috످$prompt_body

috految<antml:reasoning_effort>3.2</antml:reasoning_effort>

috److Your message contains only `$prompt_body`, which looks like a template variable that wasn't filled in. Could you paste the text you meant to send?

If you're using a script, check that the variable is being substituted. In Bash, for example, `'$prompt_body'` (single quotes) sends the literal text, while `"$prompt_body"` (double quotes) inserts its value.

috످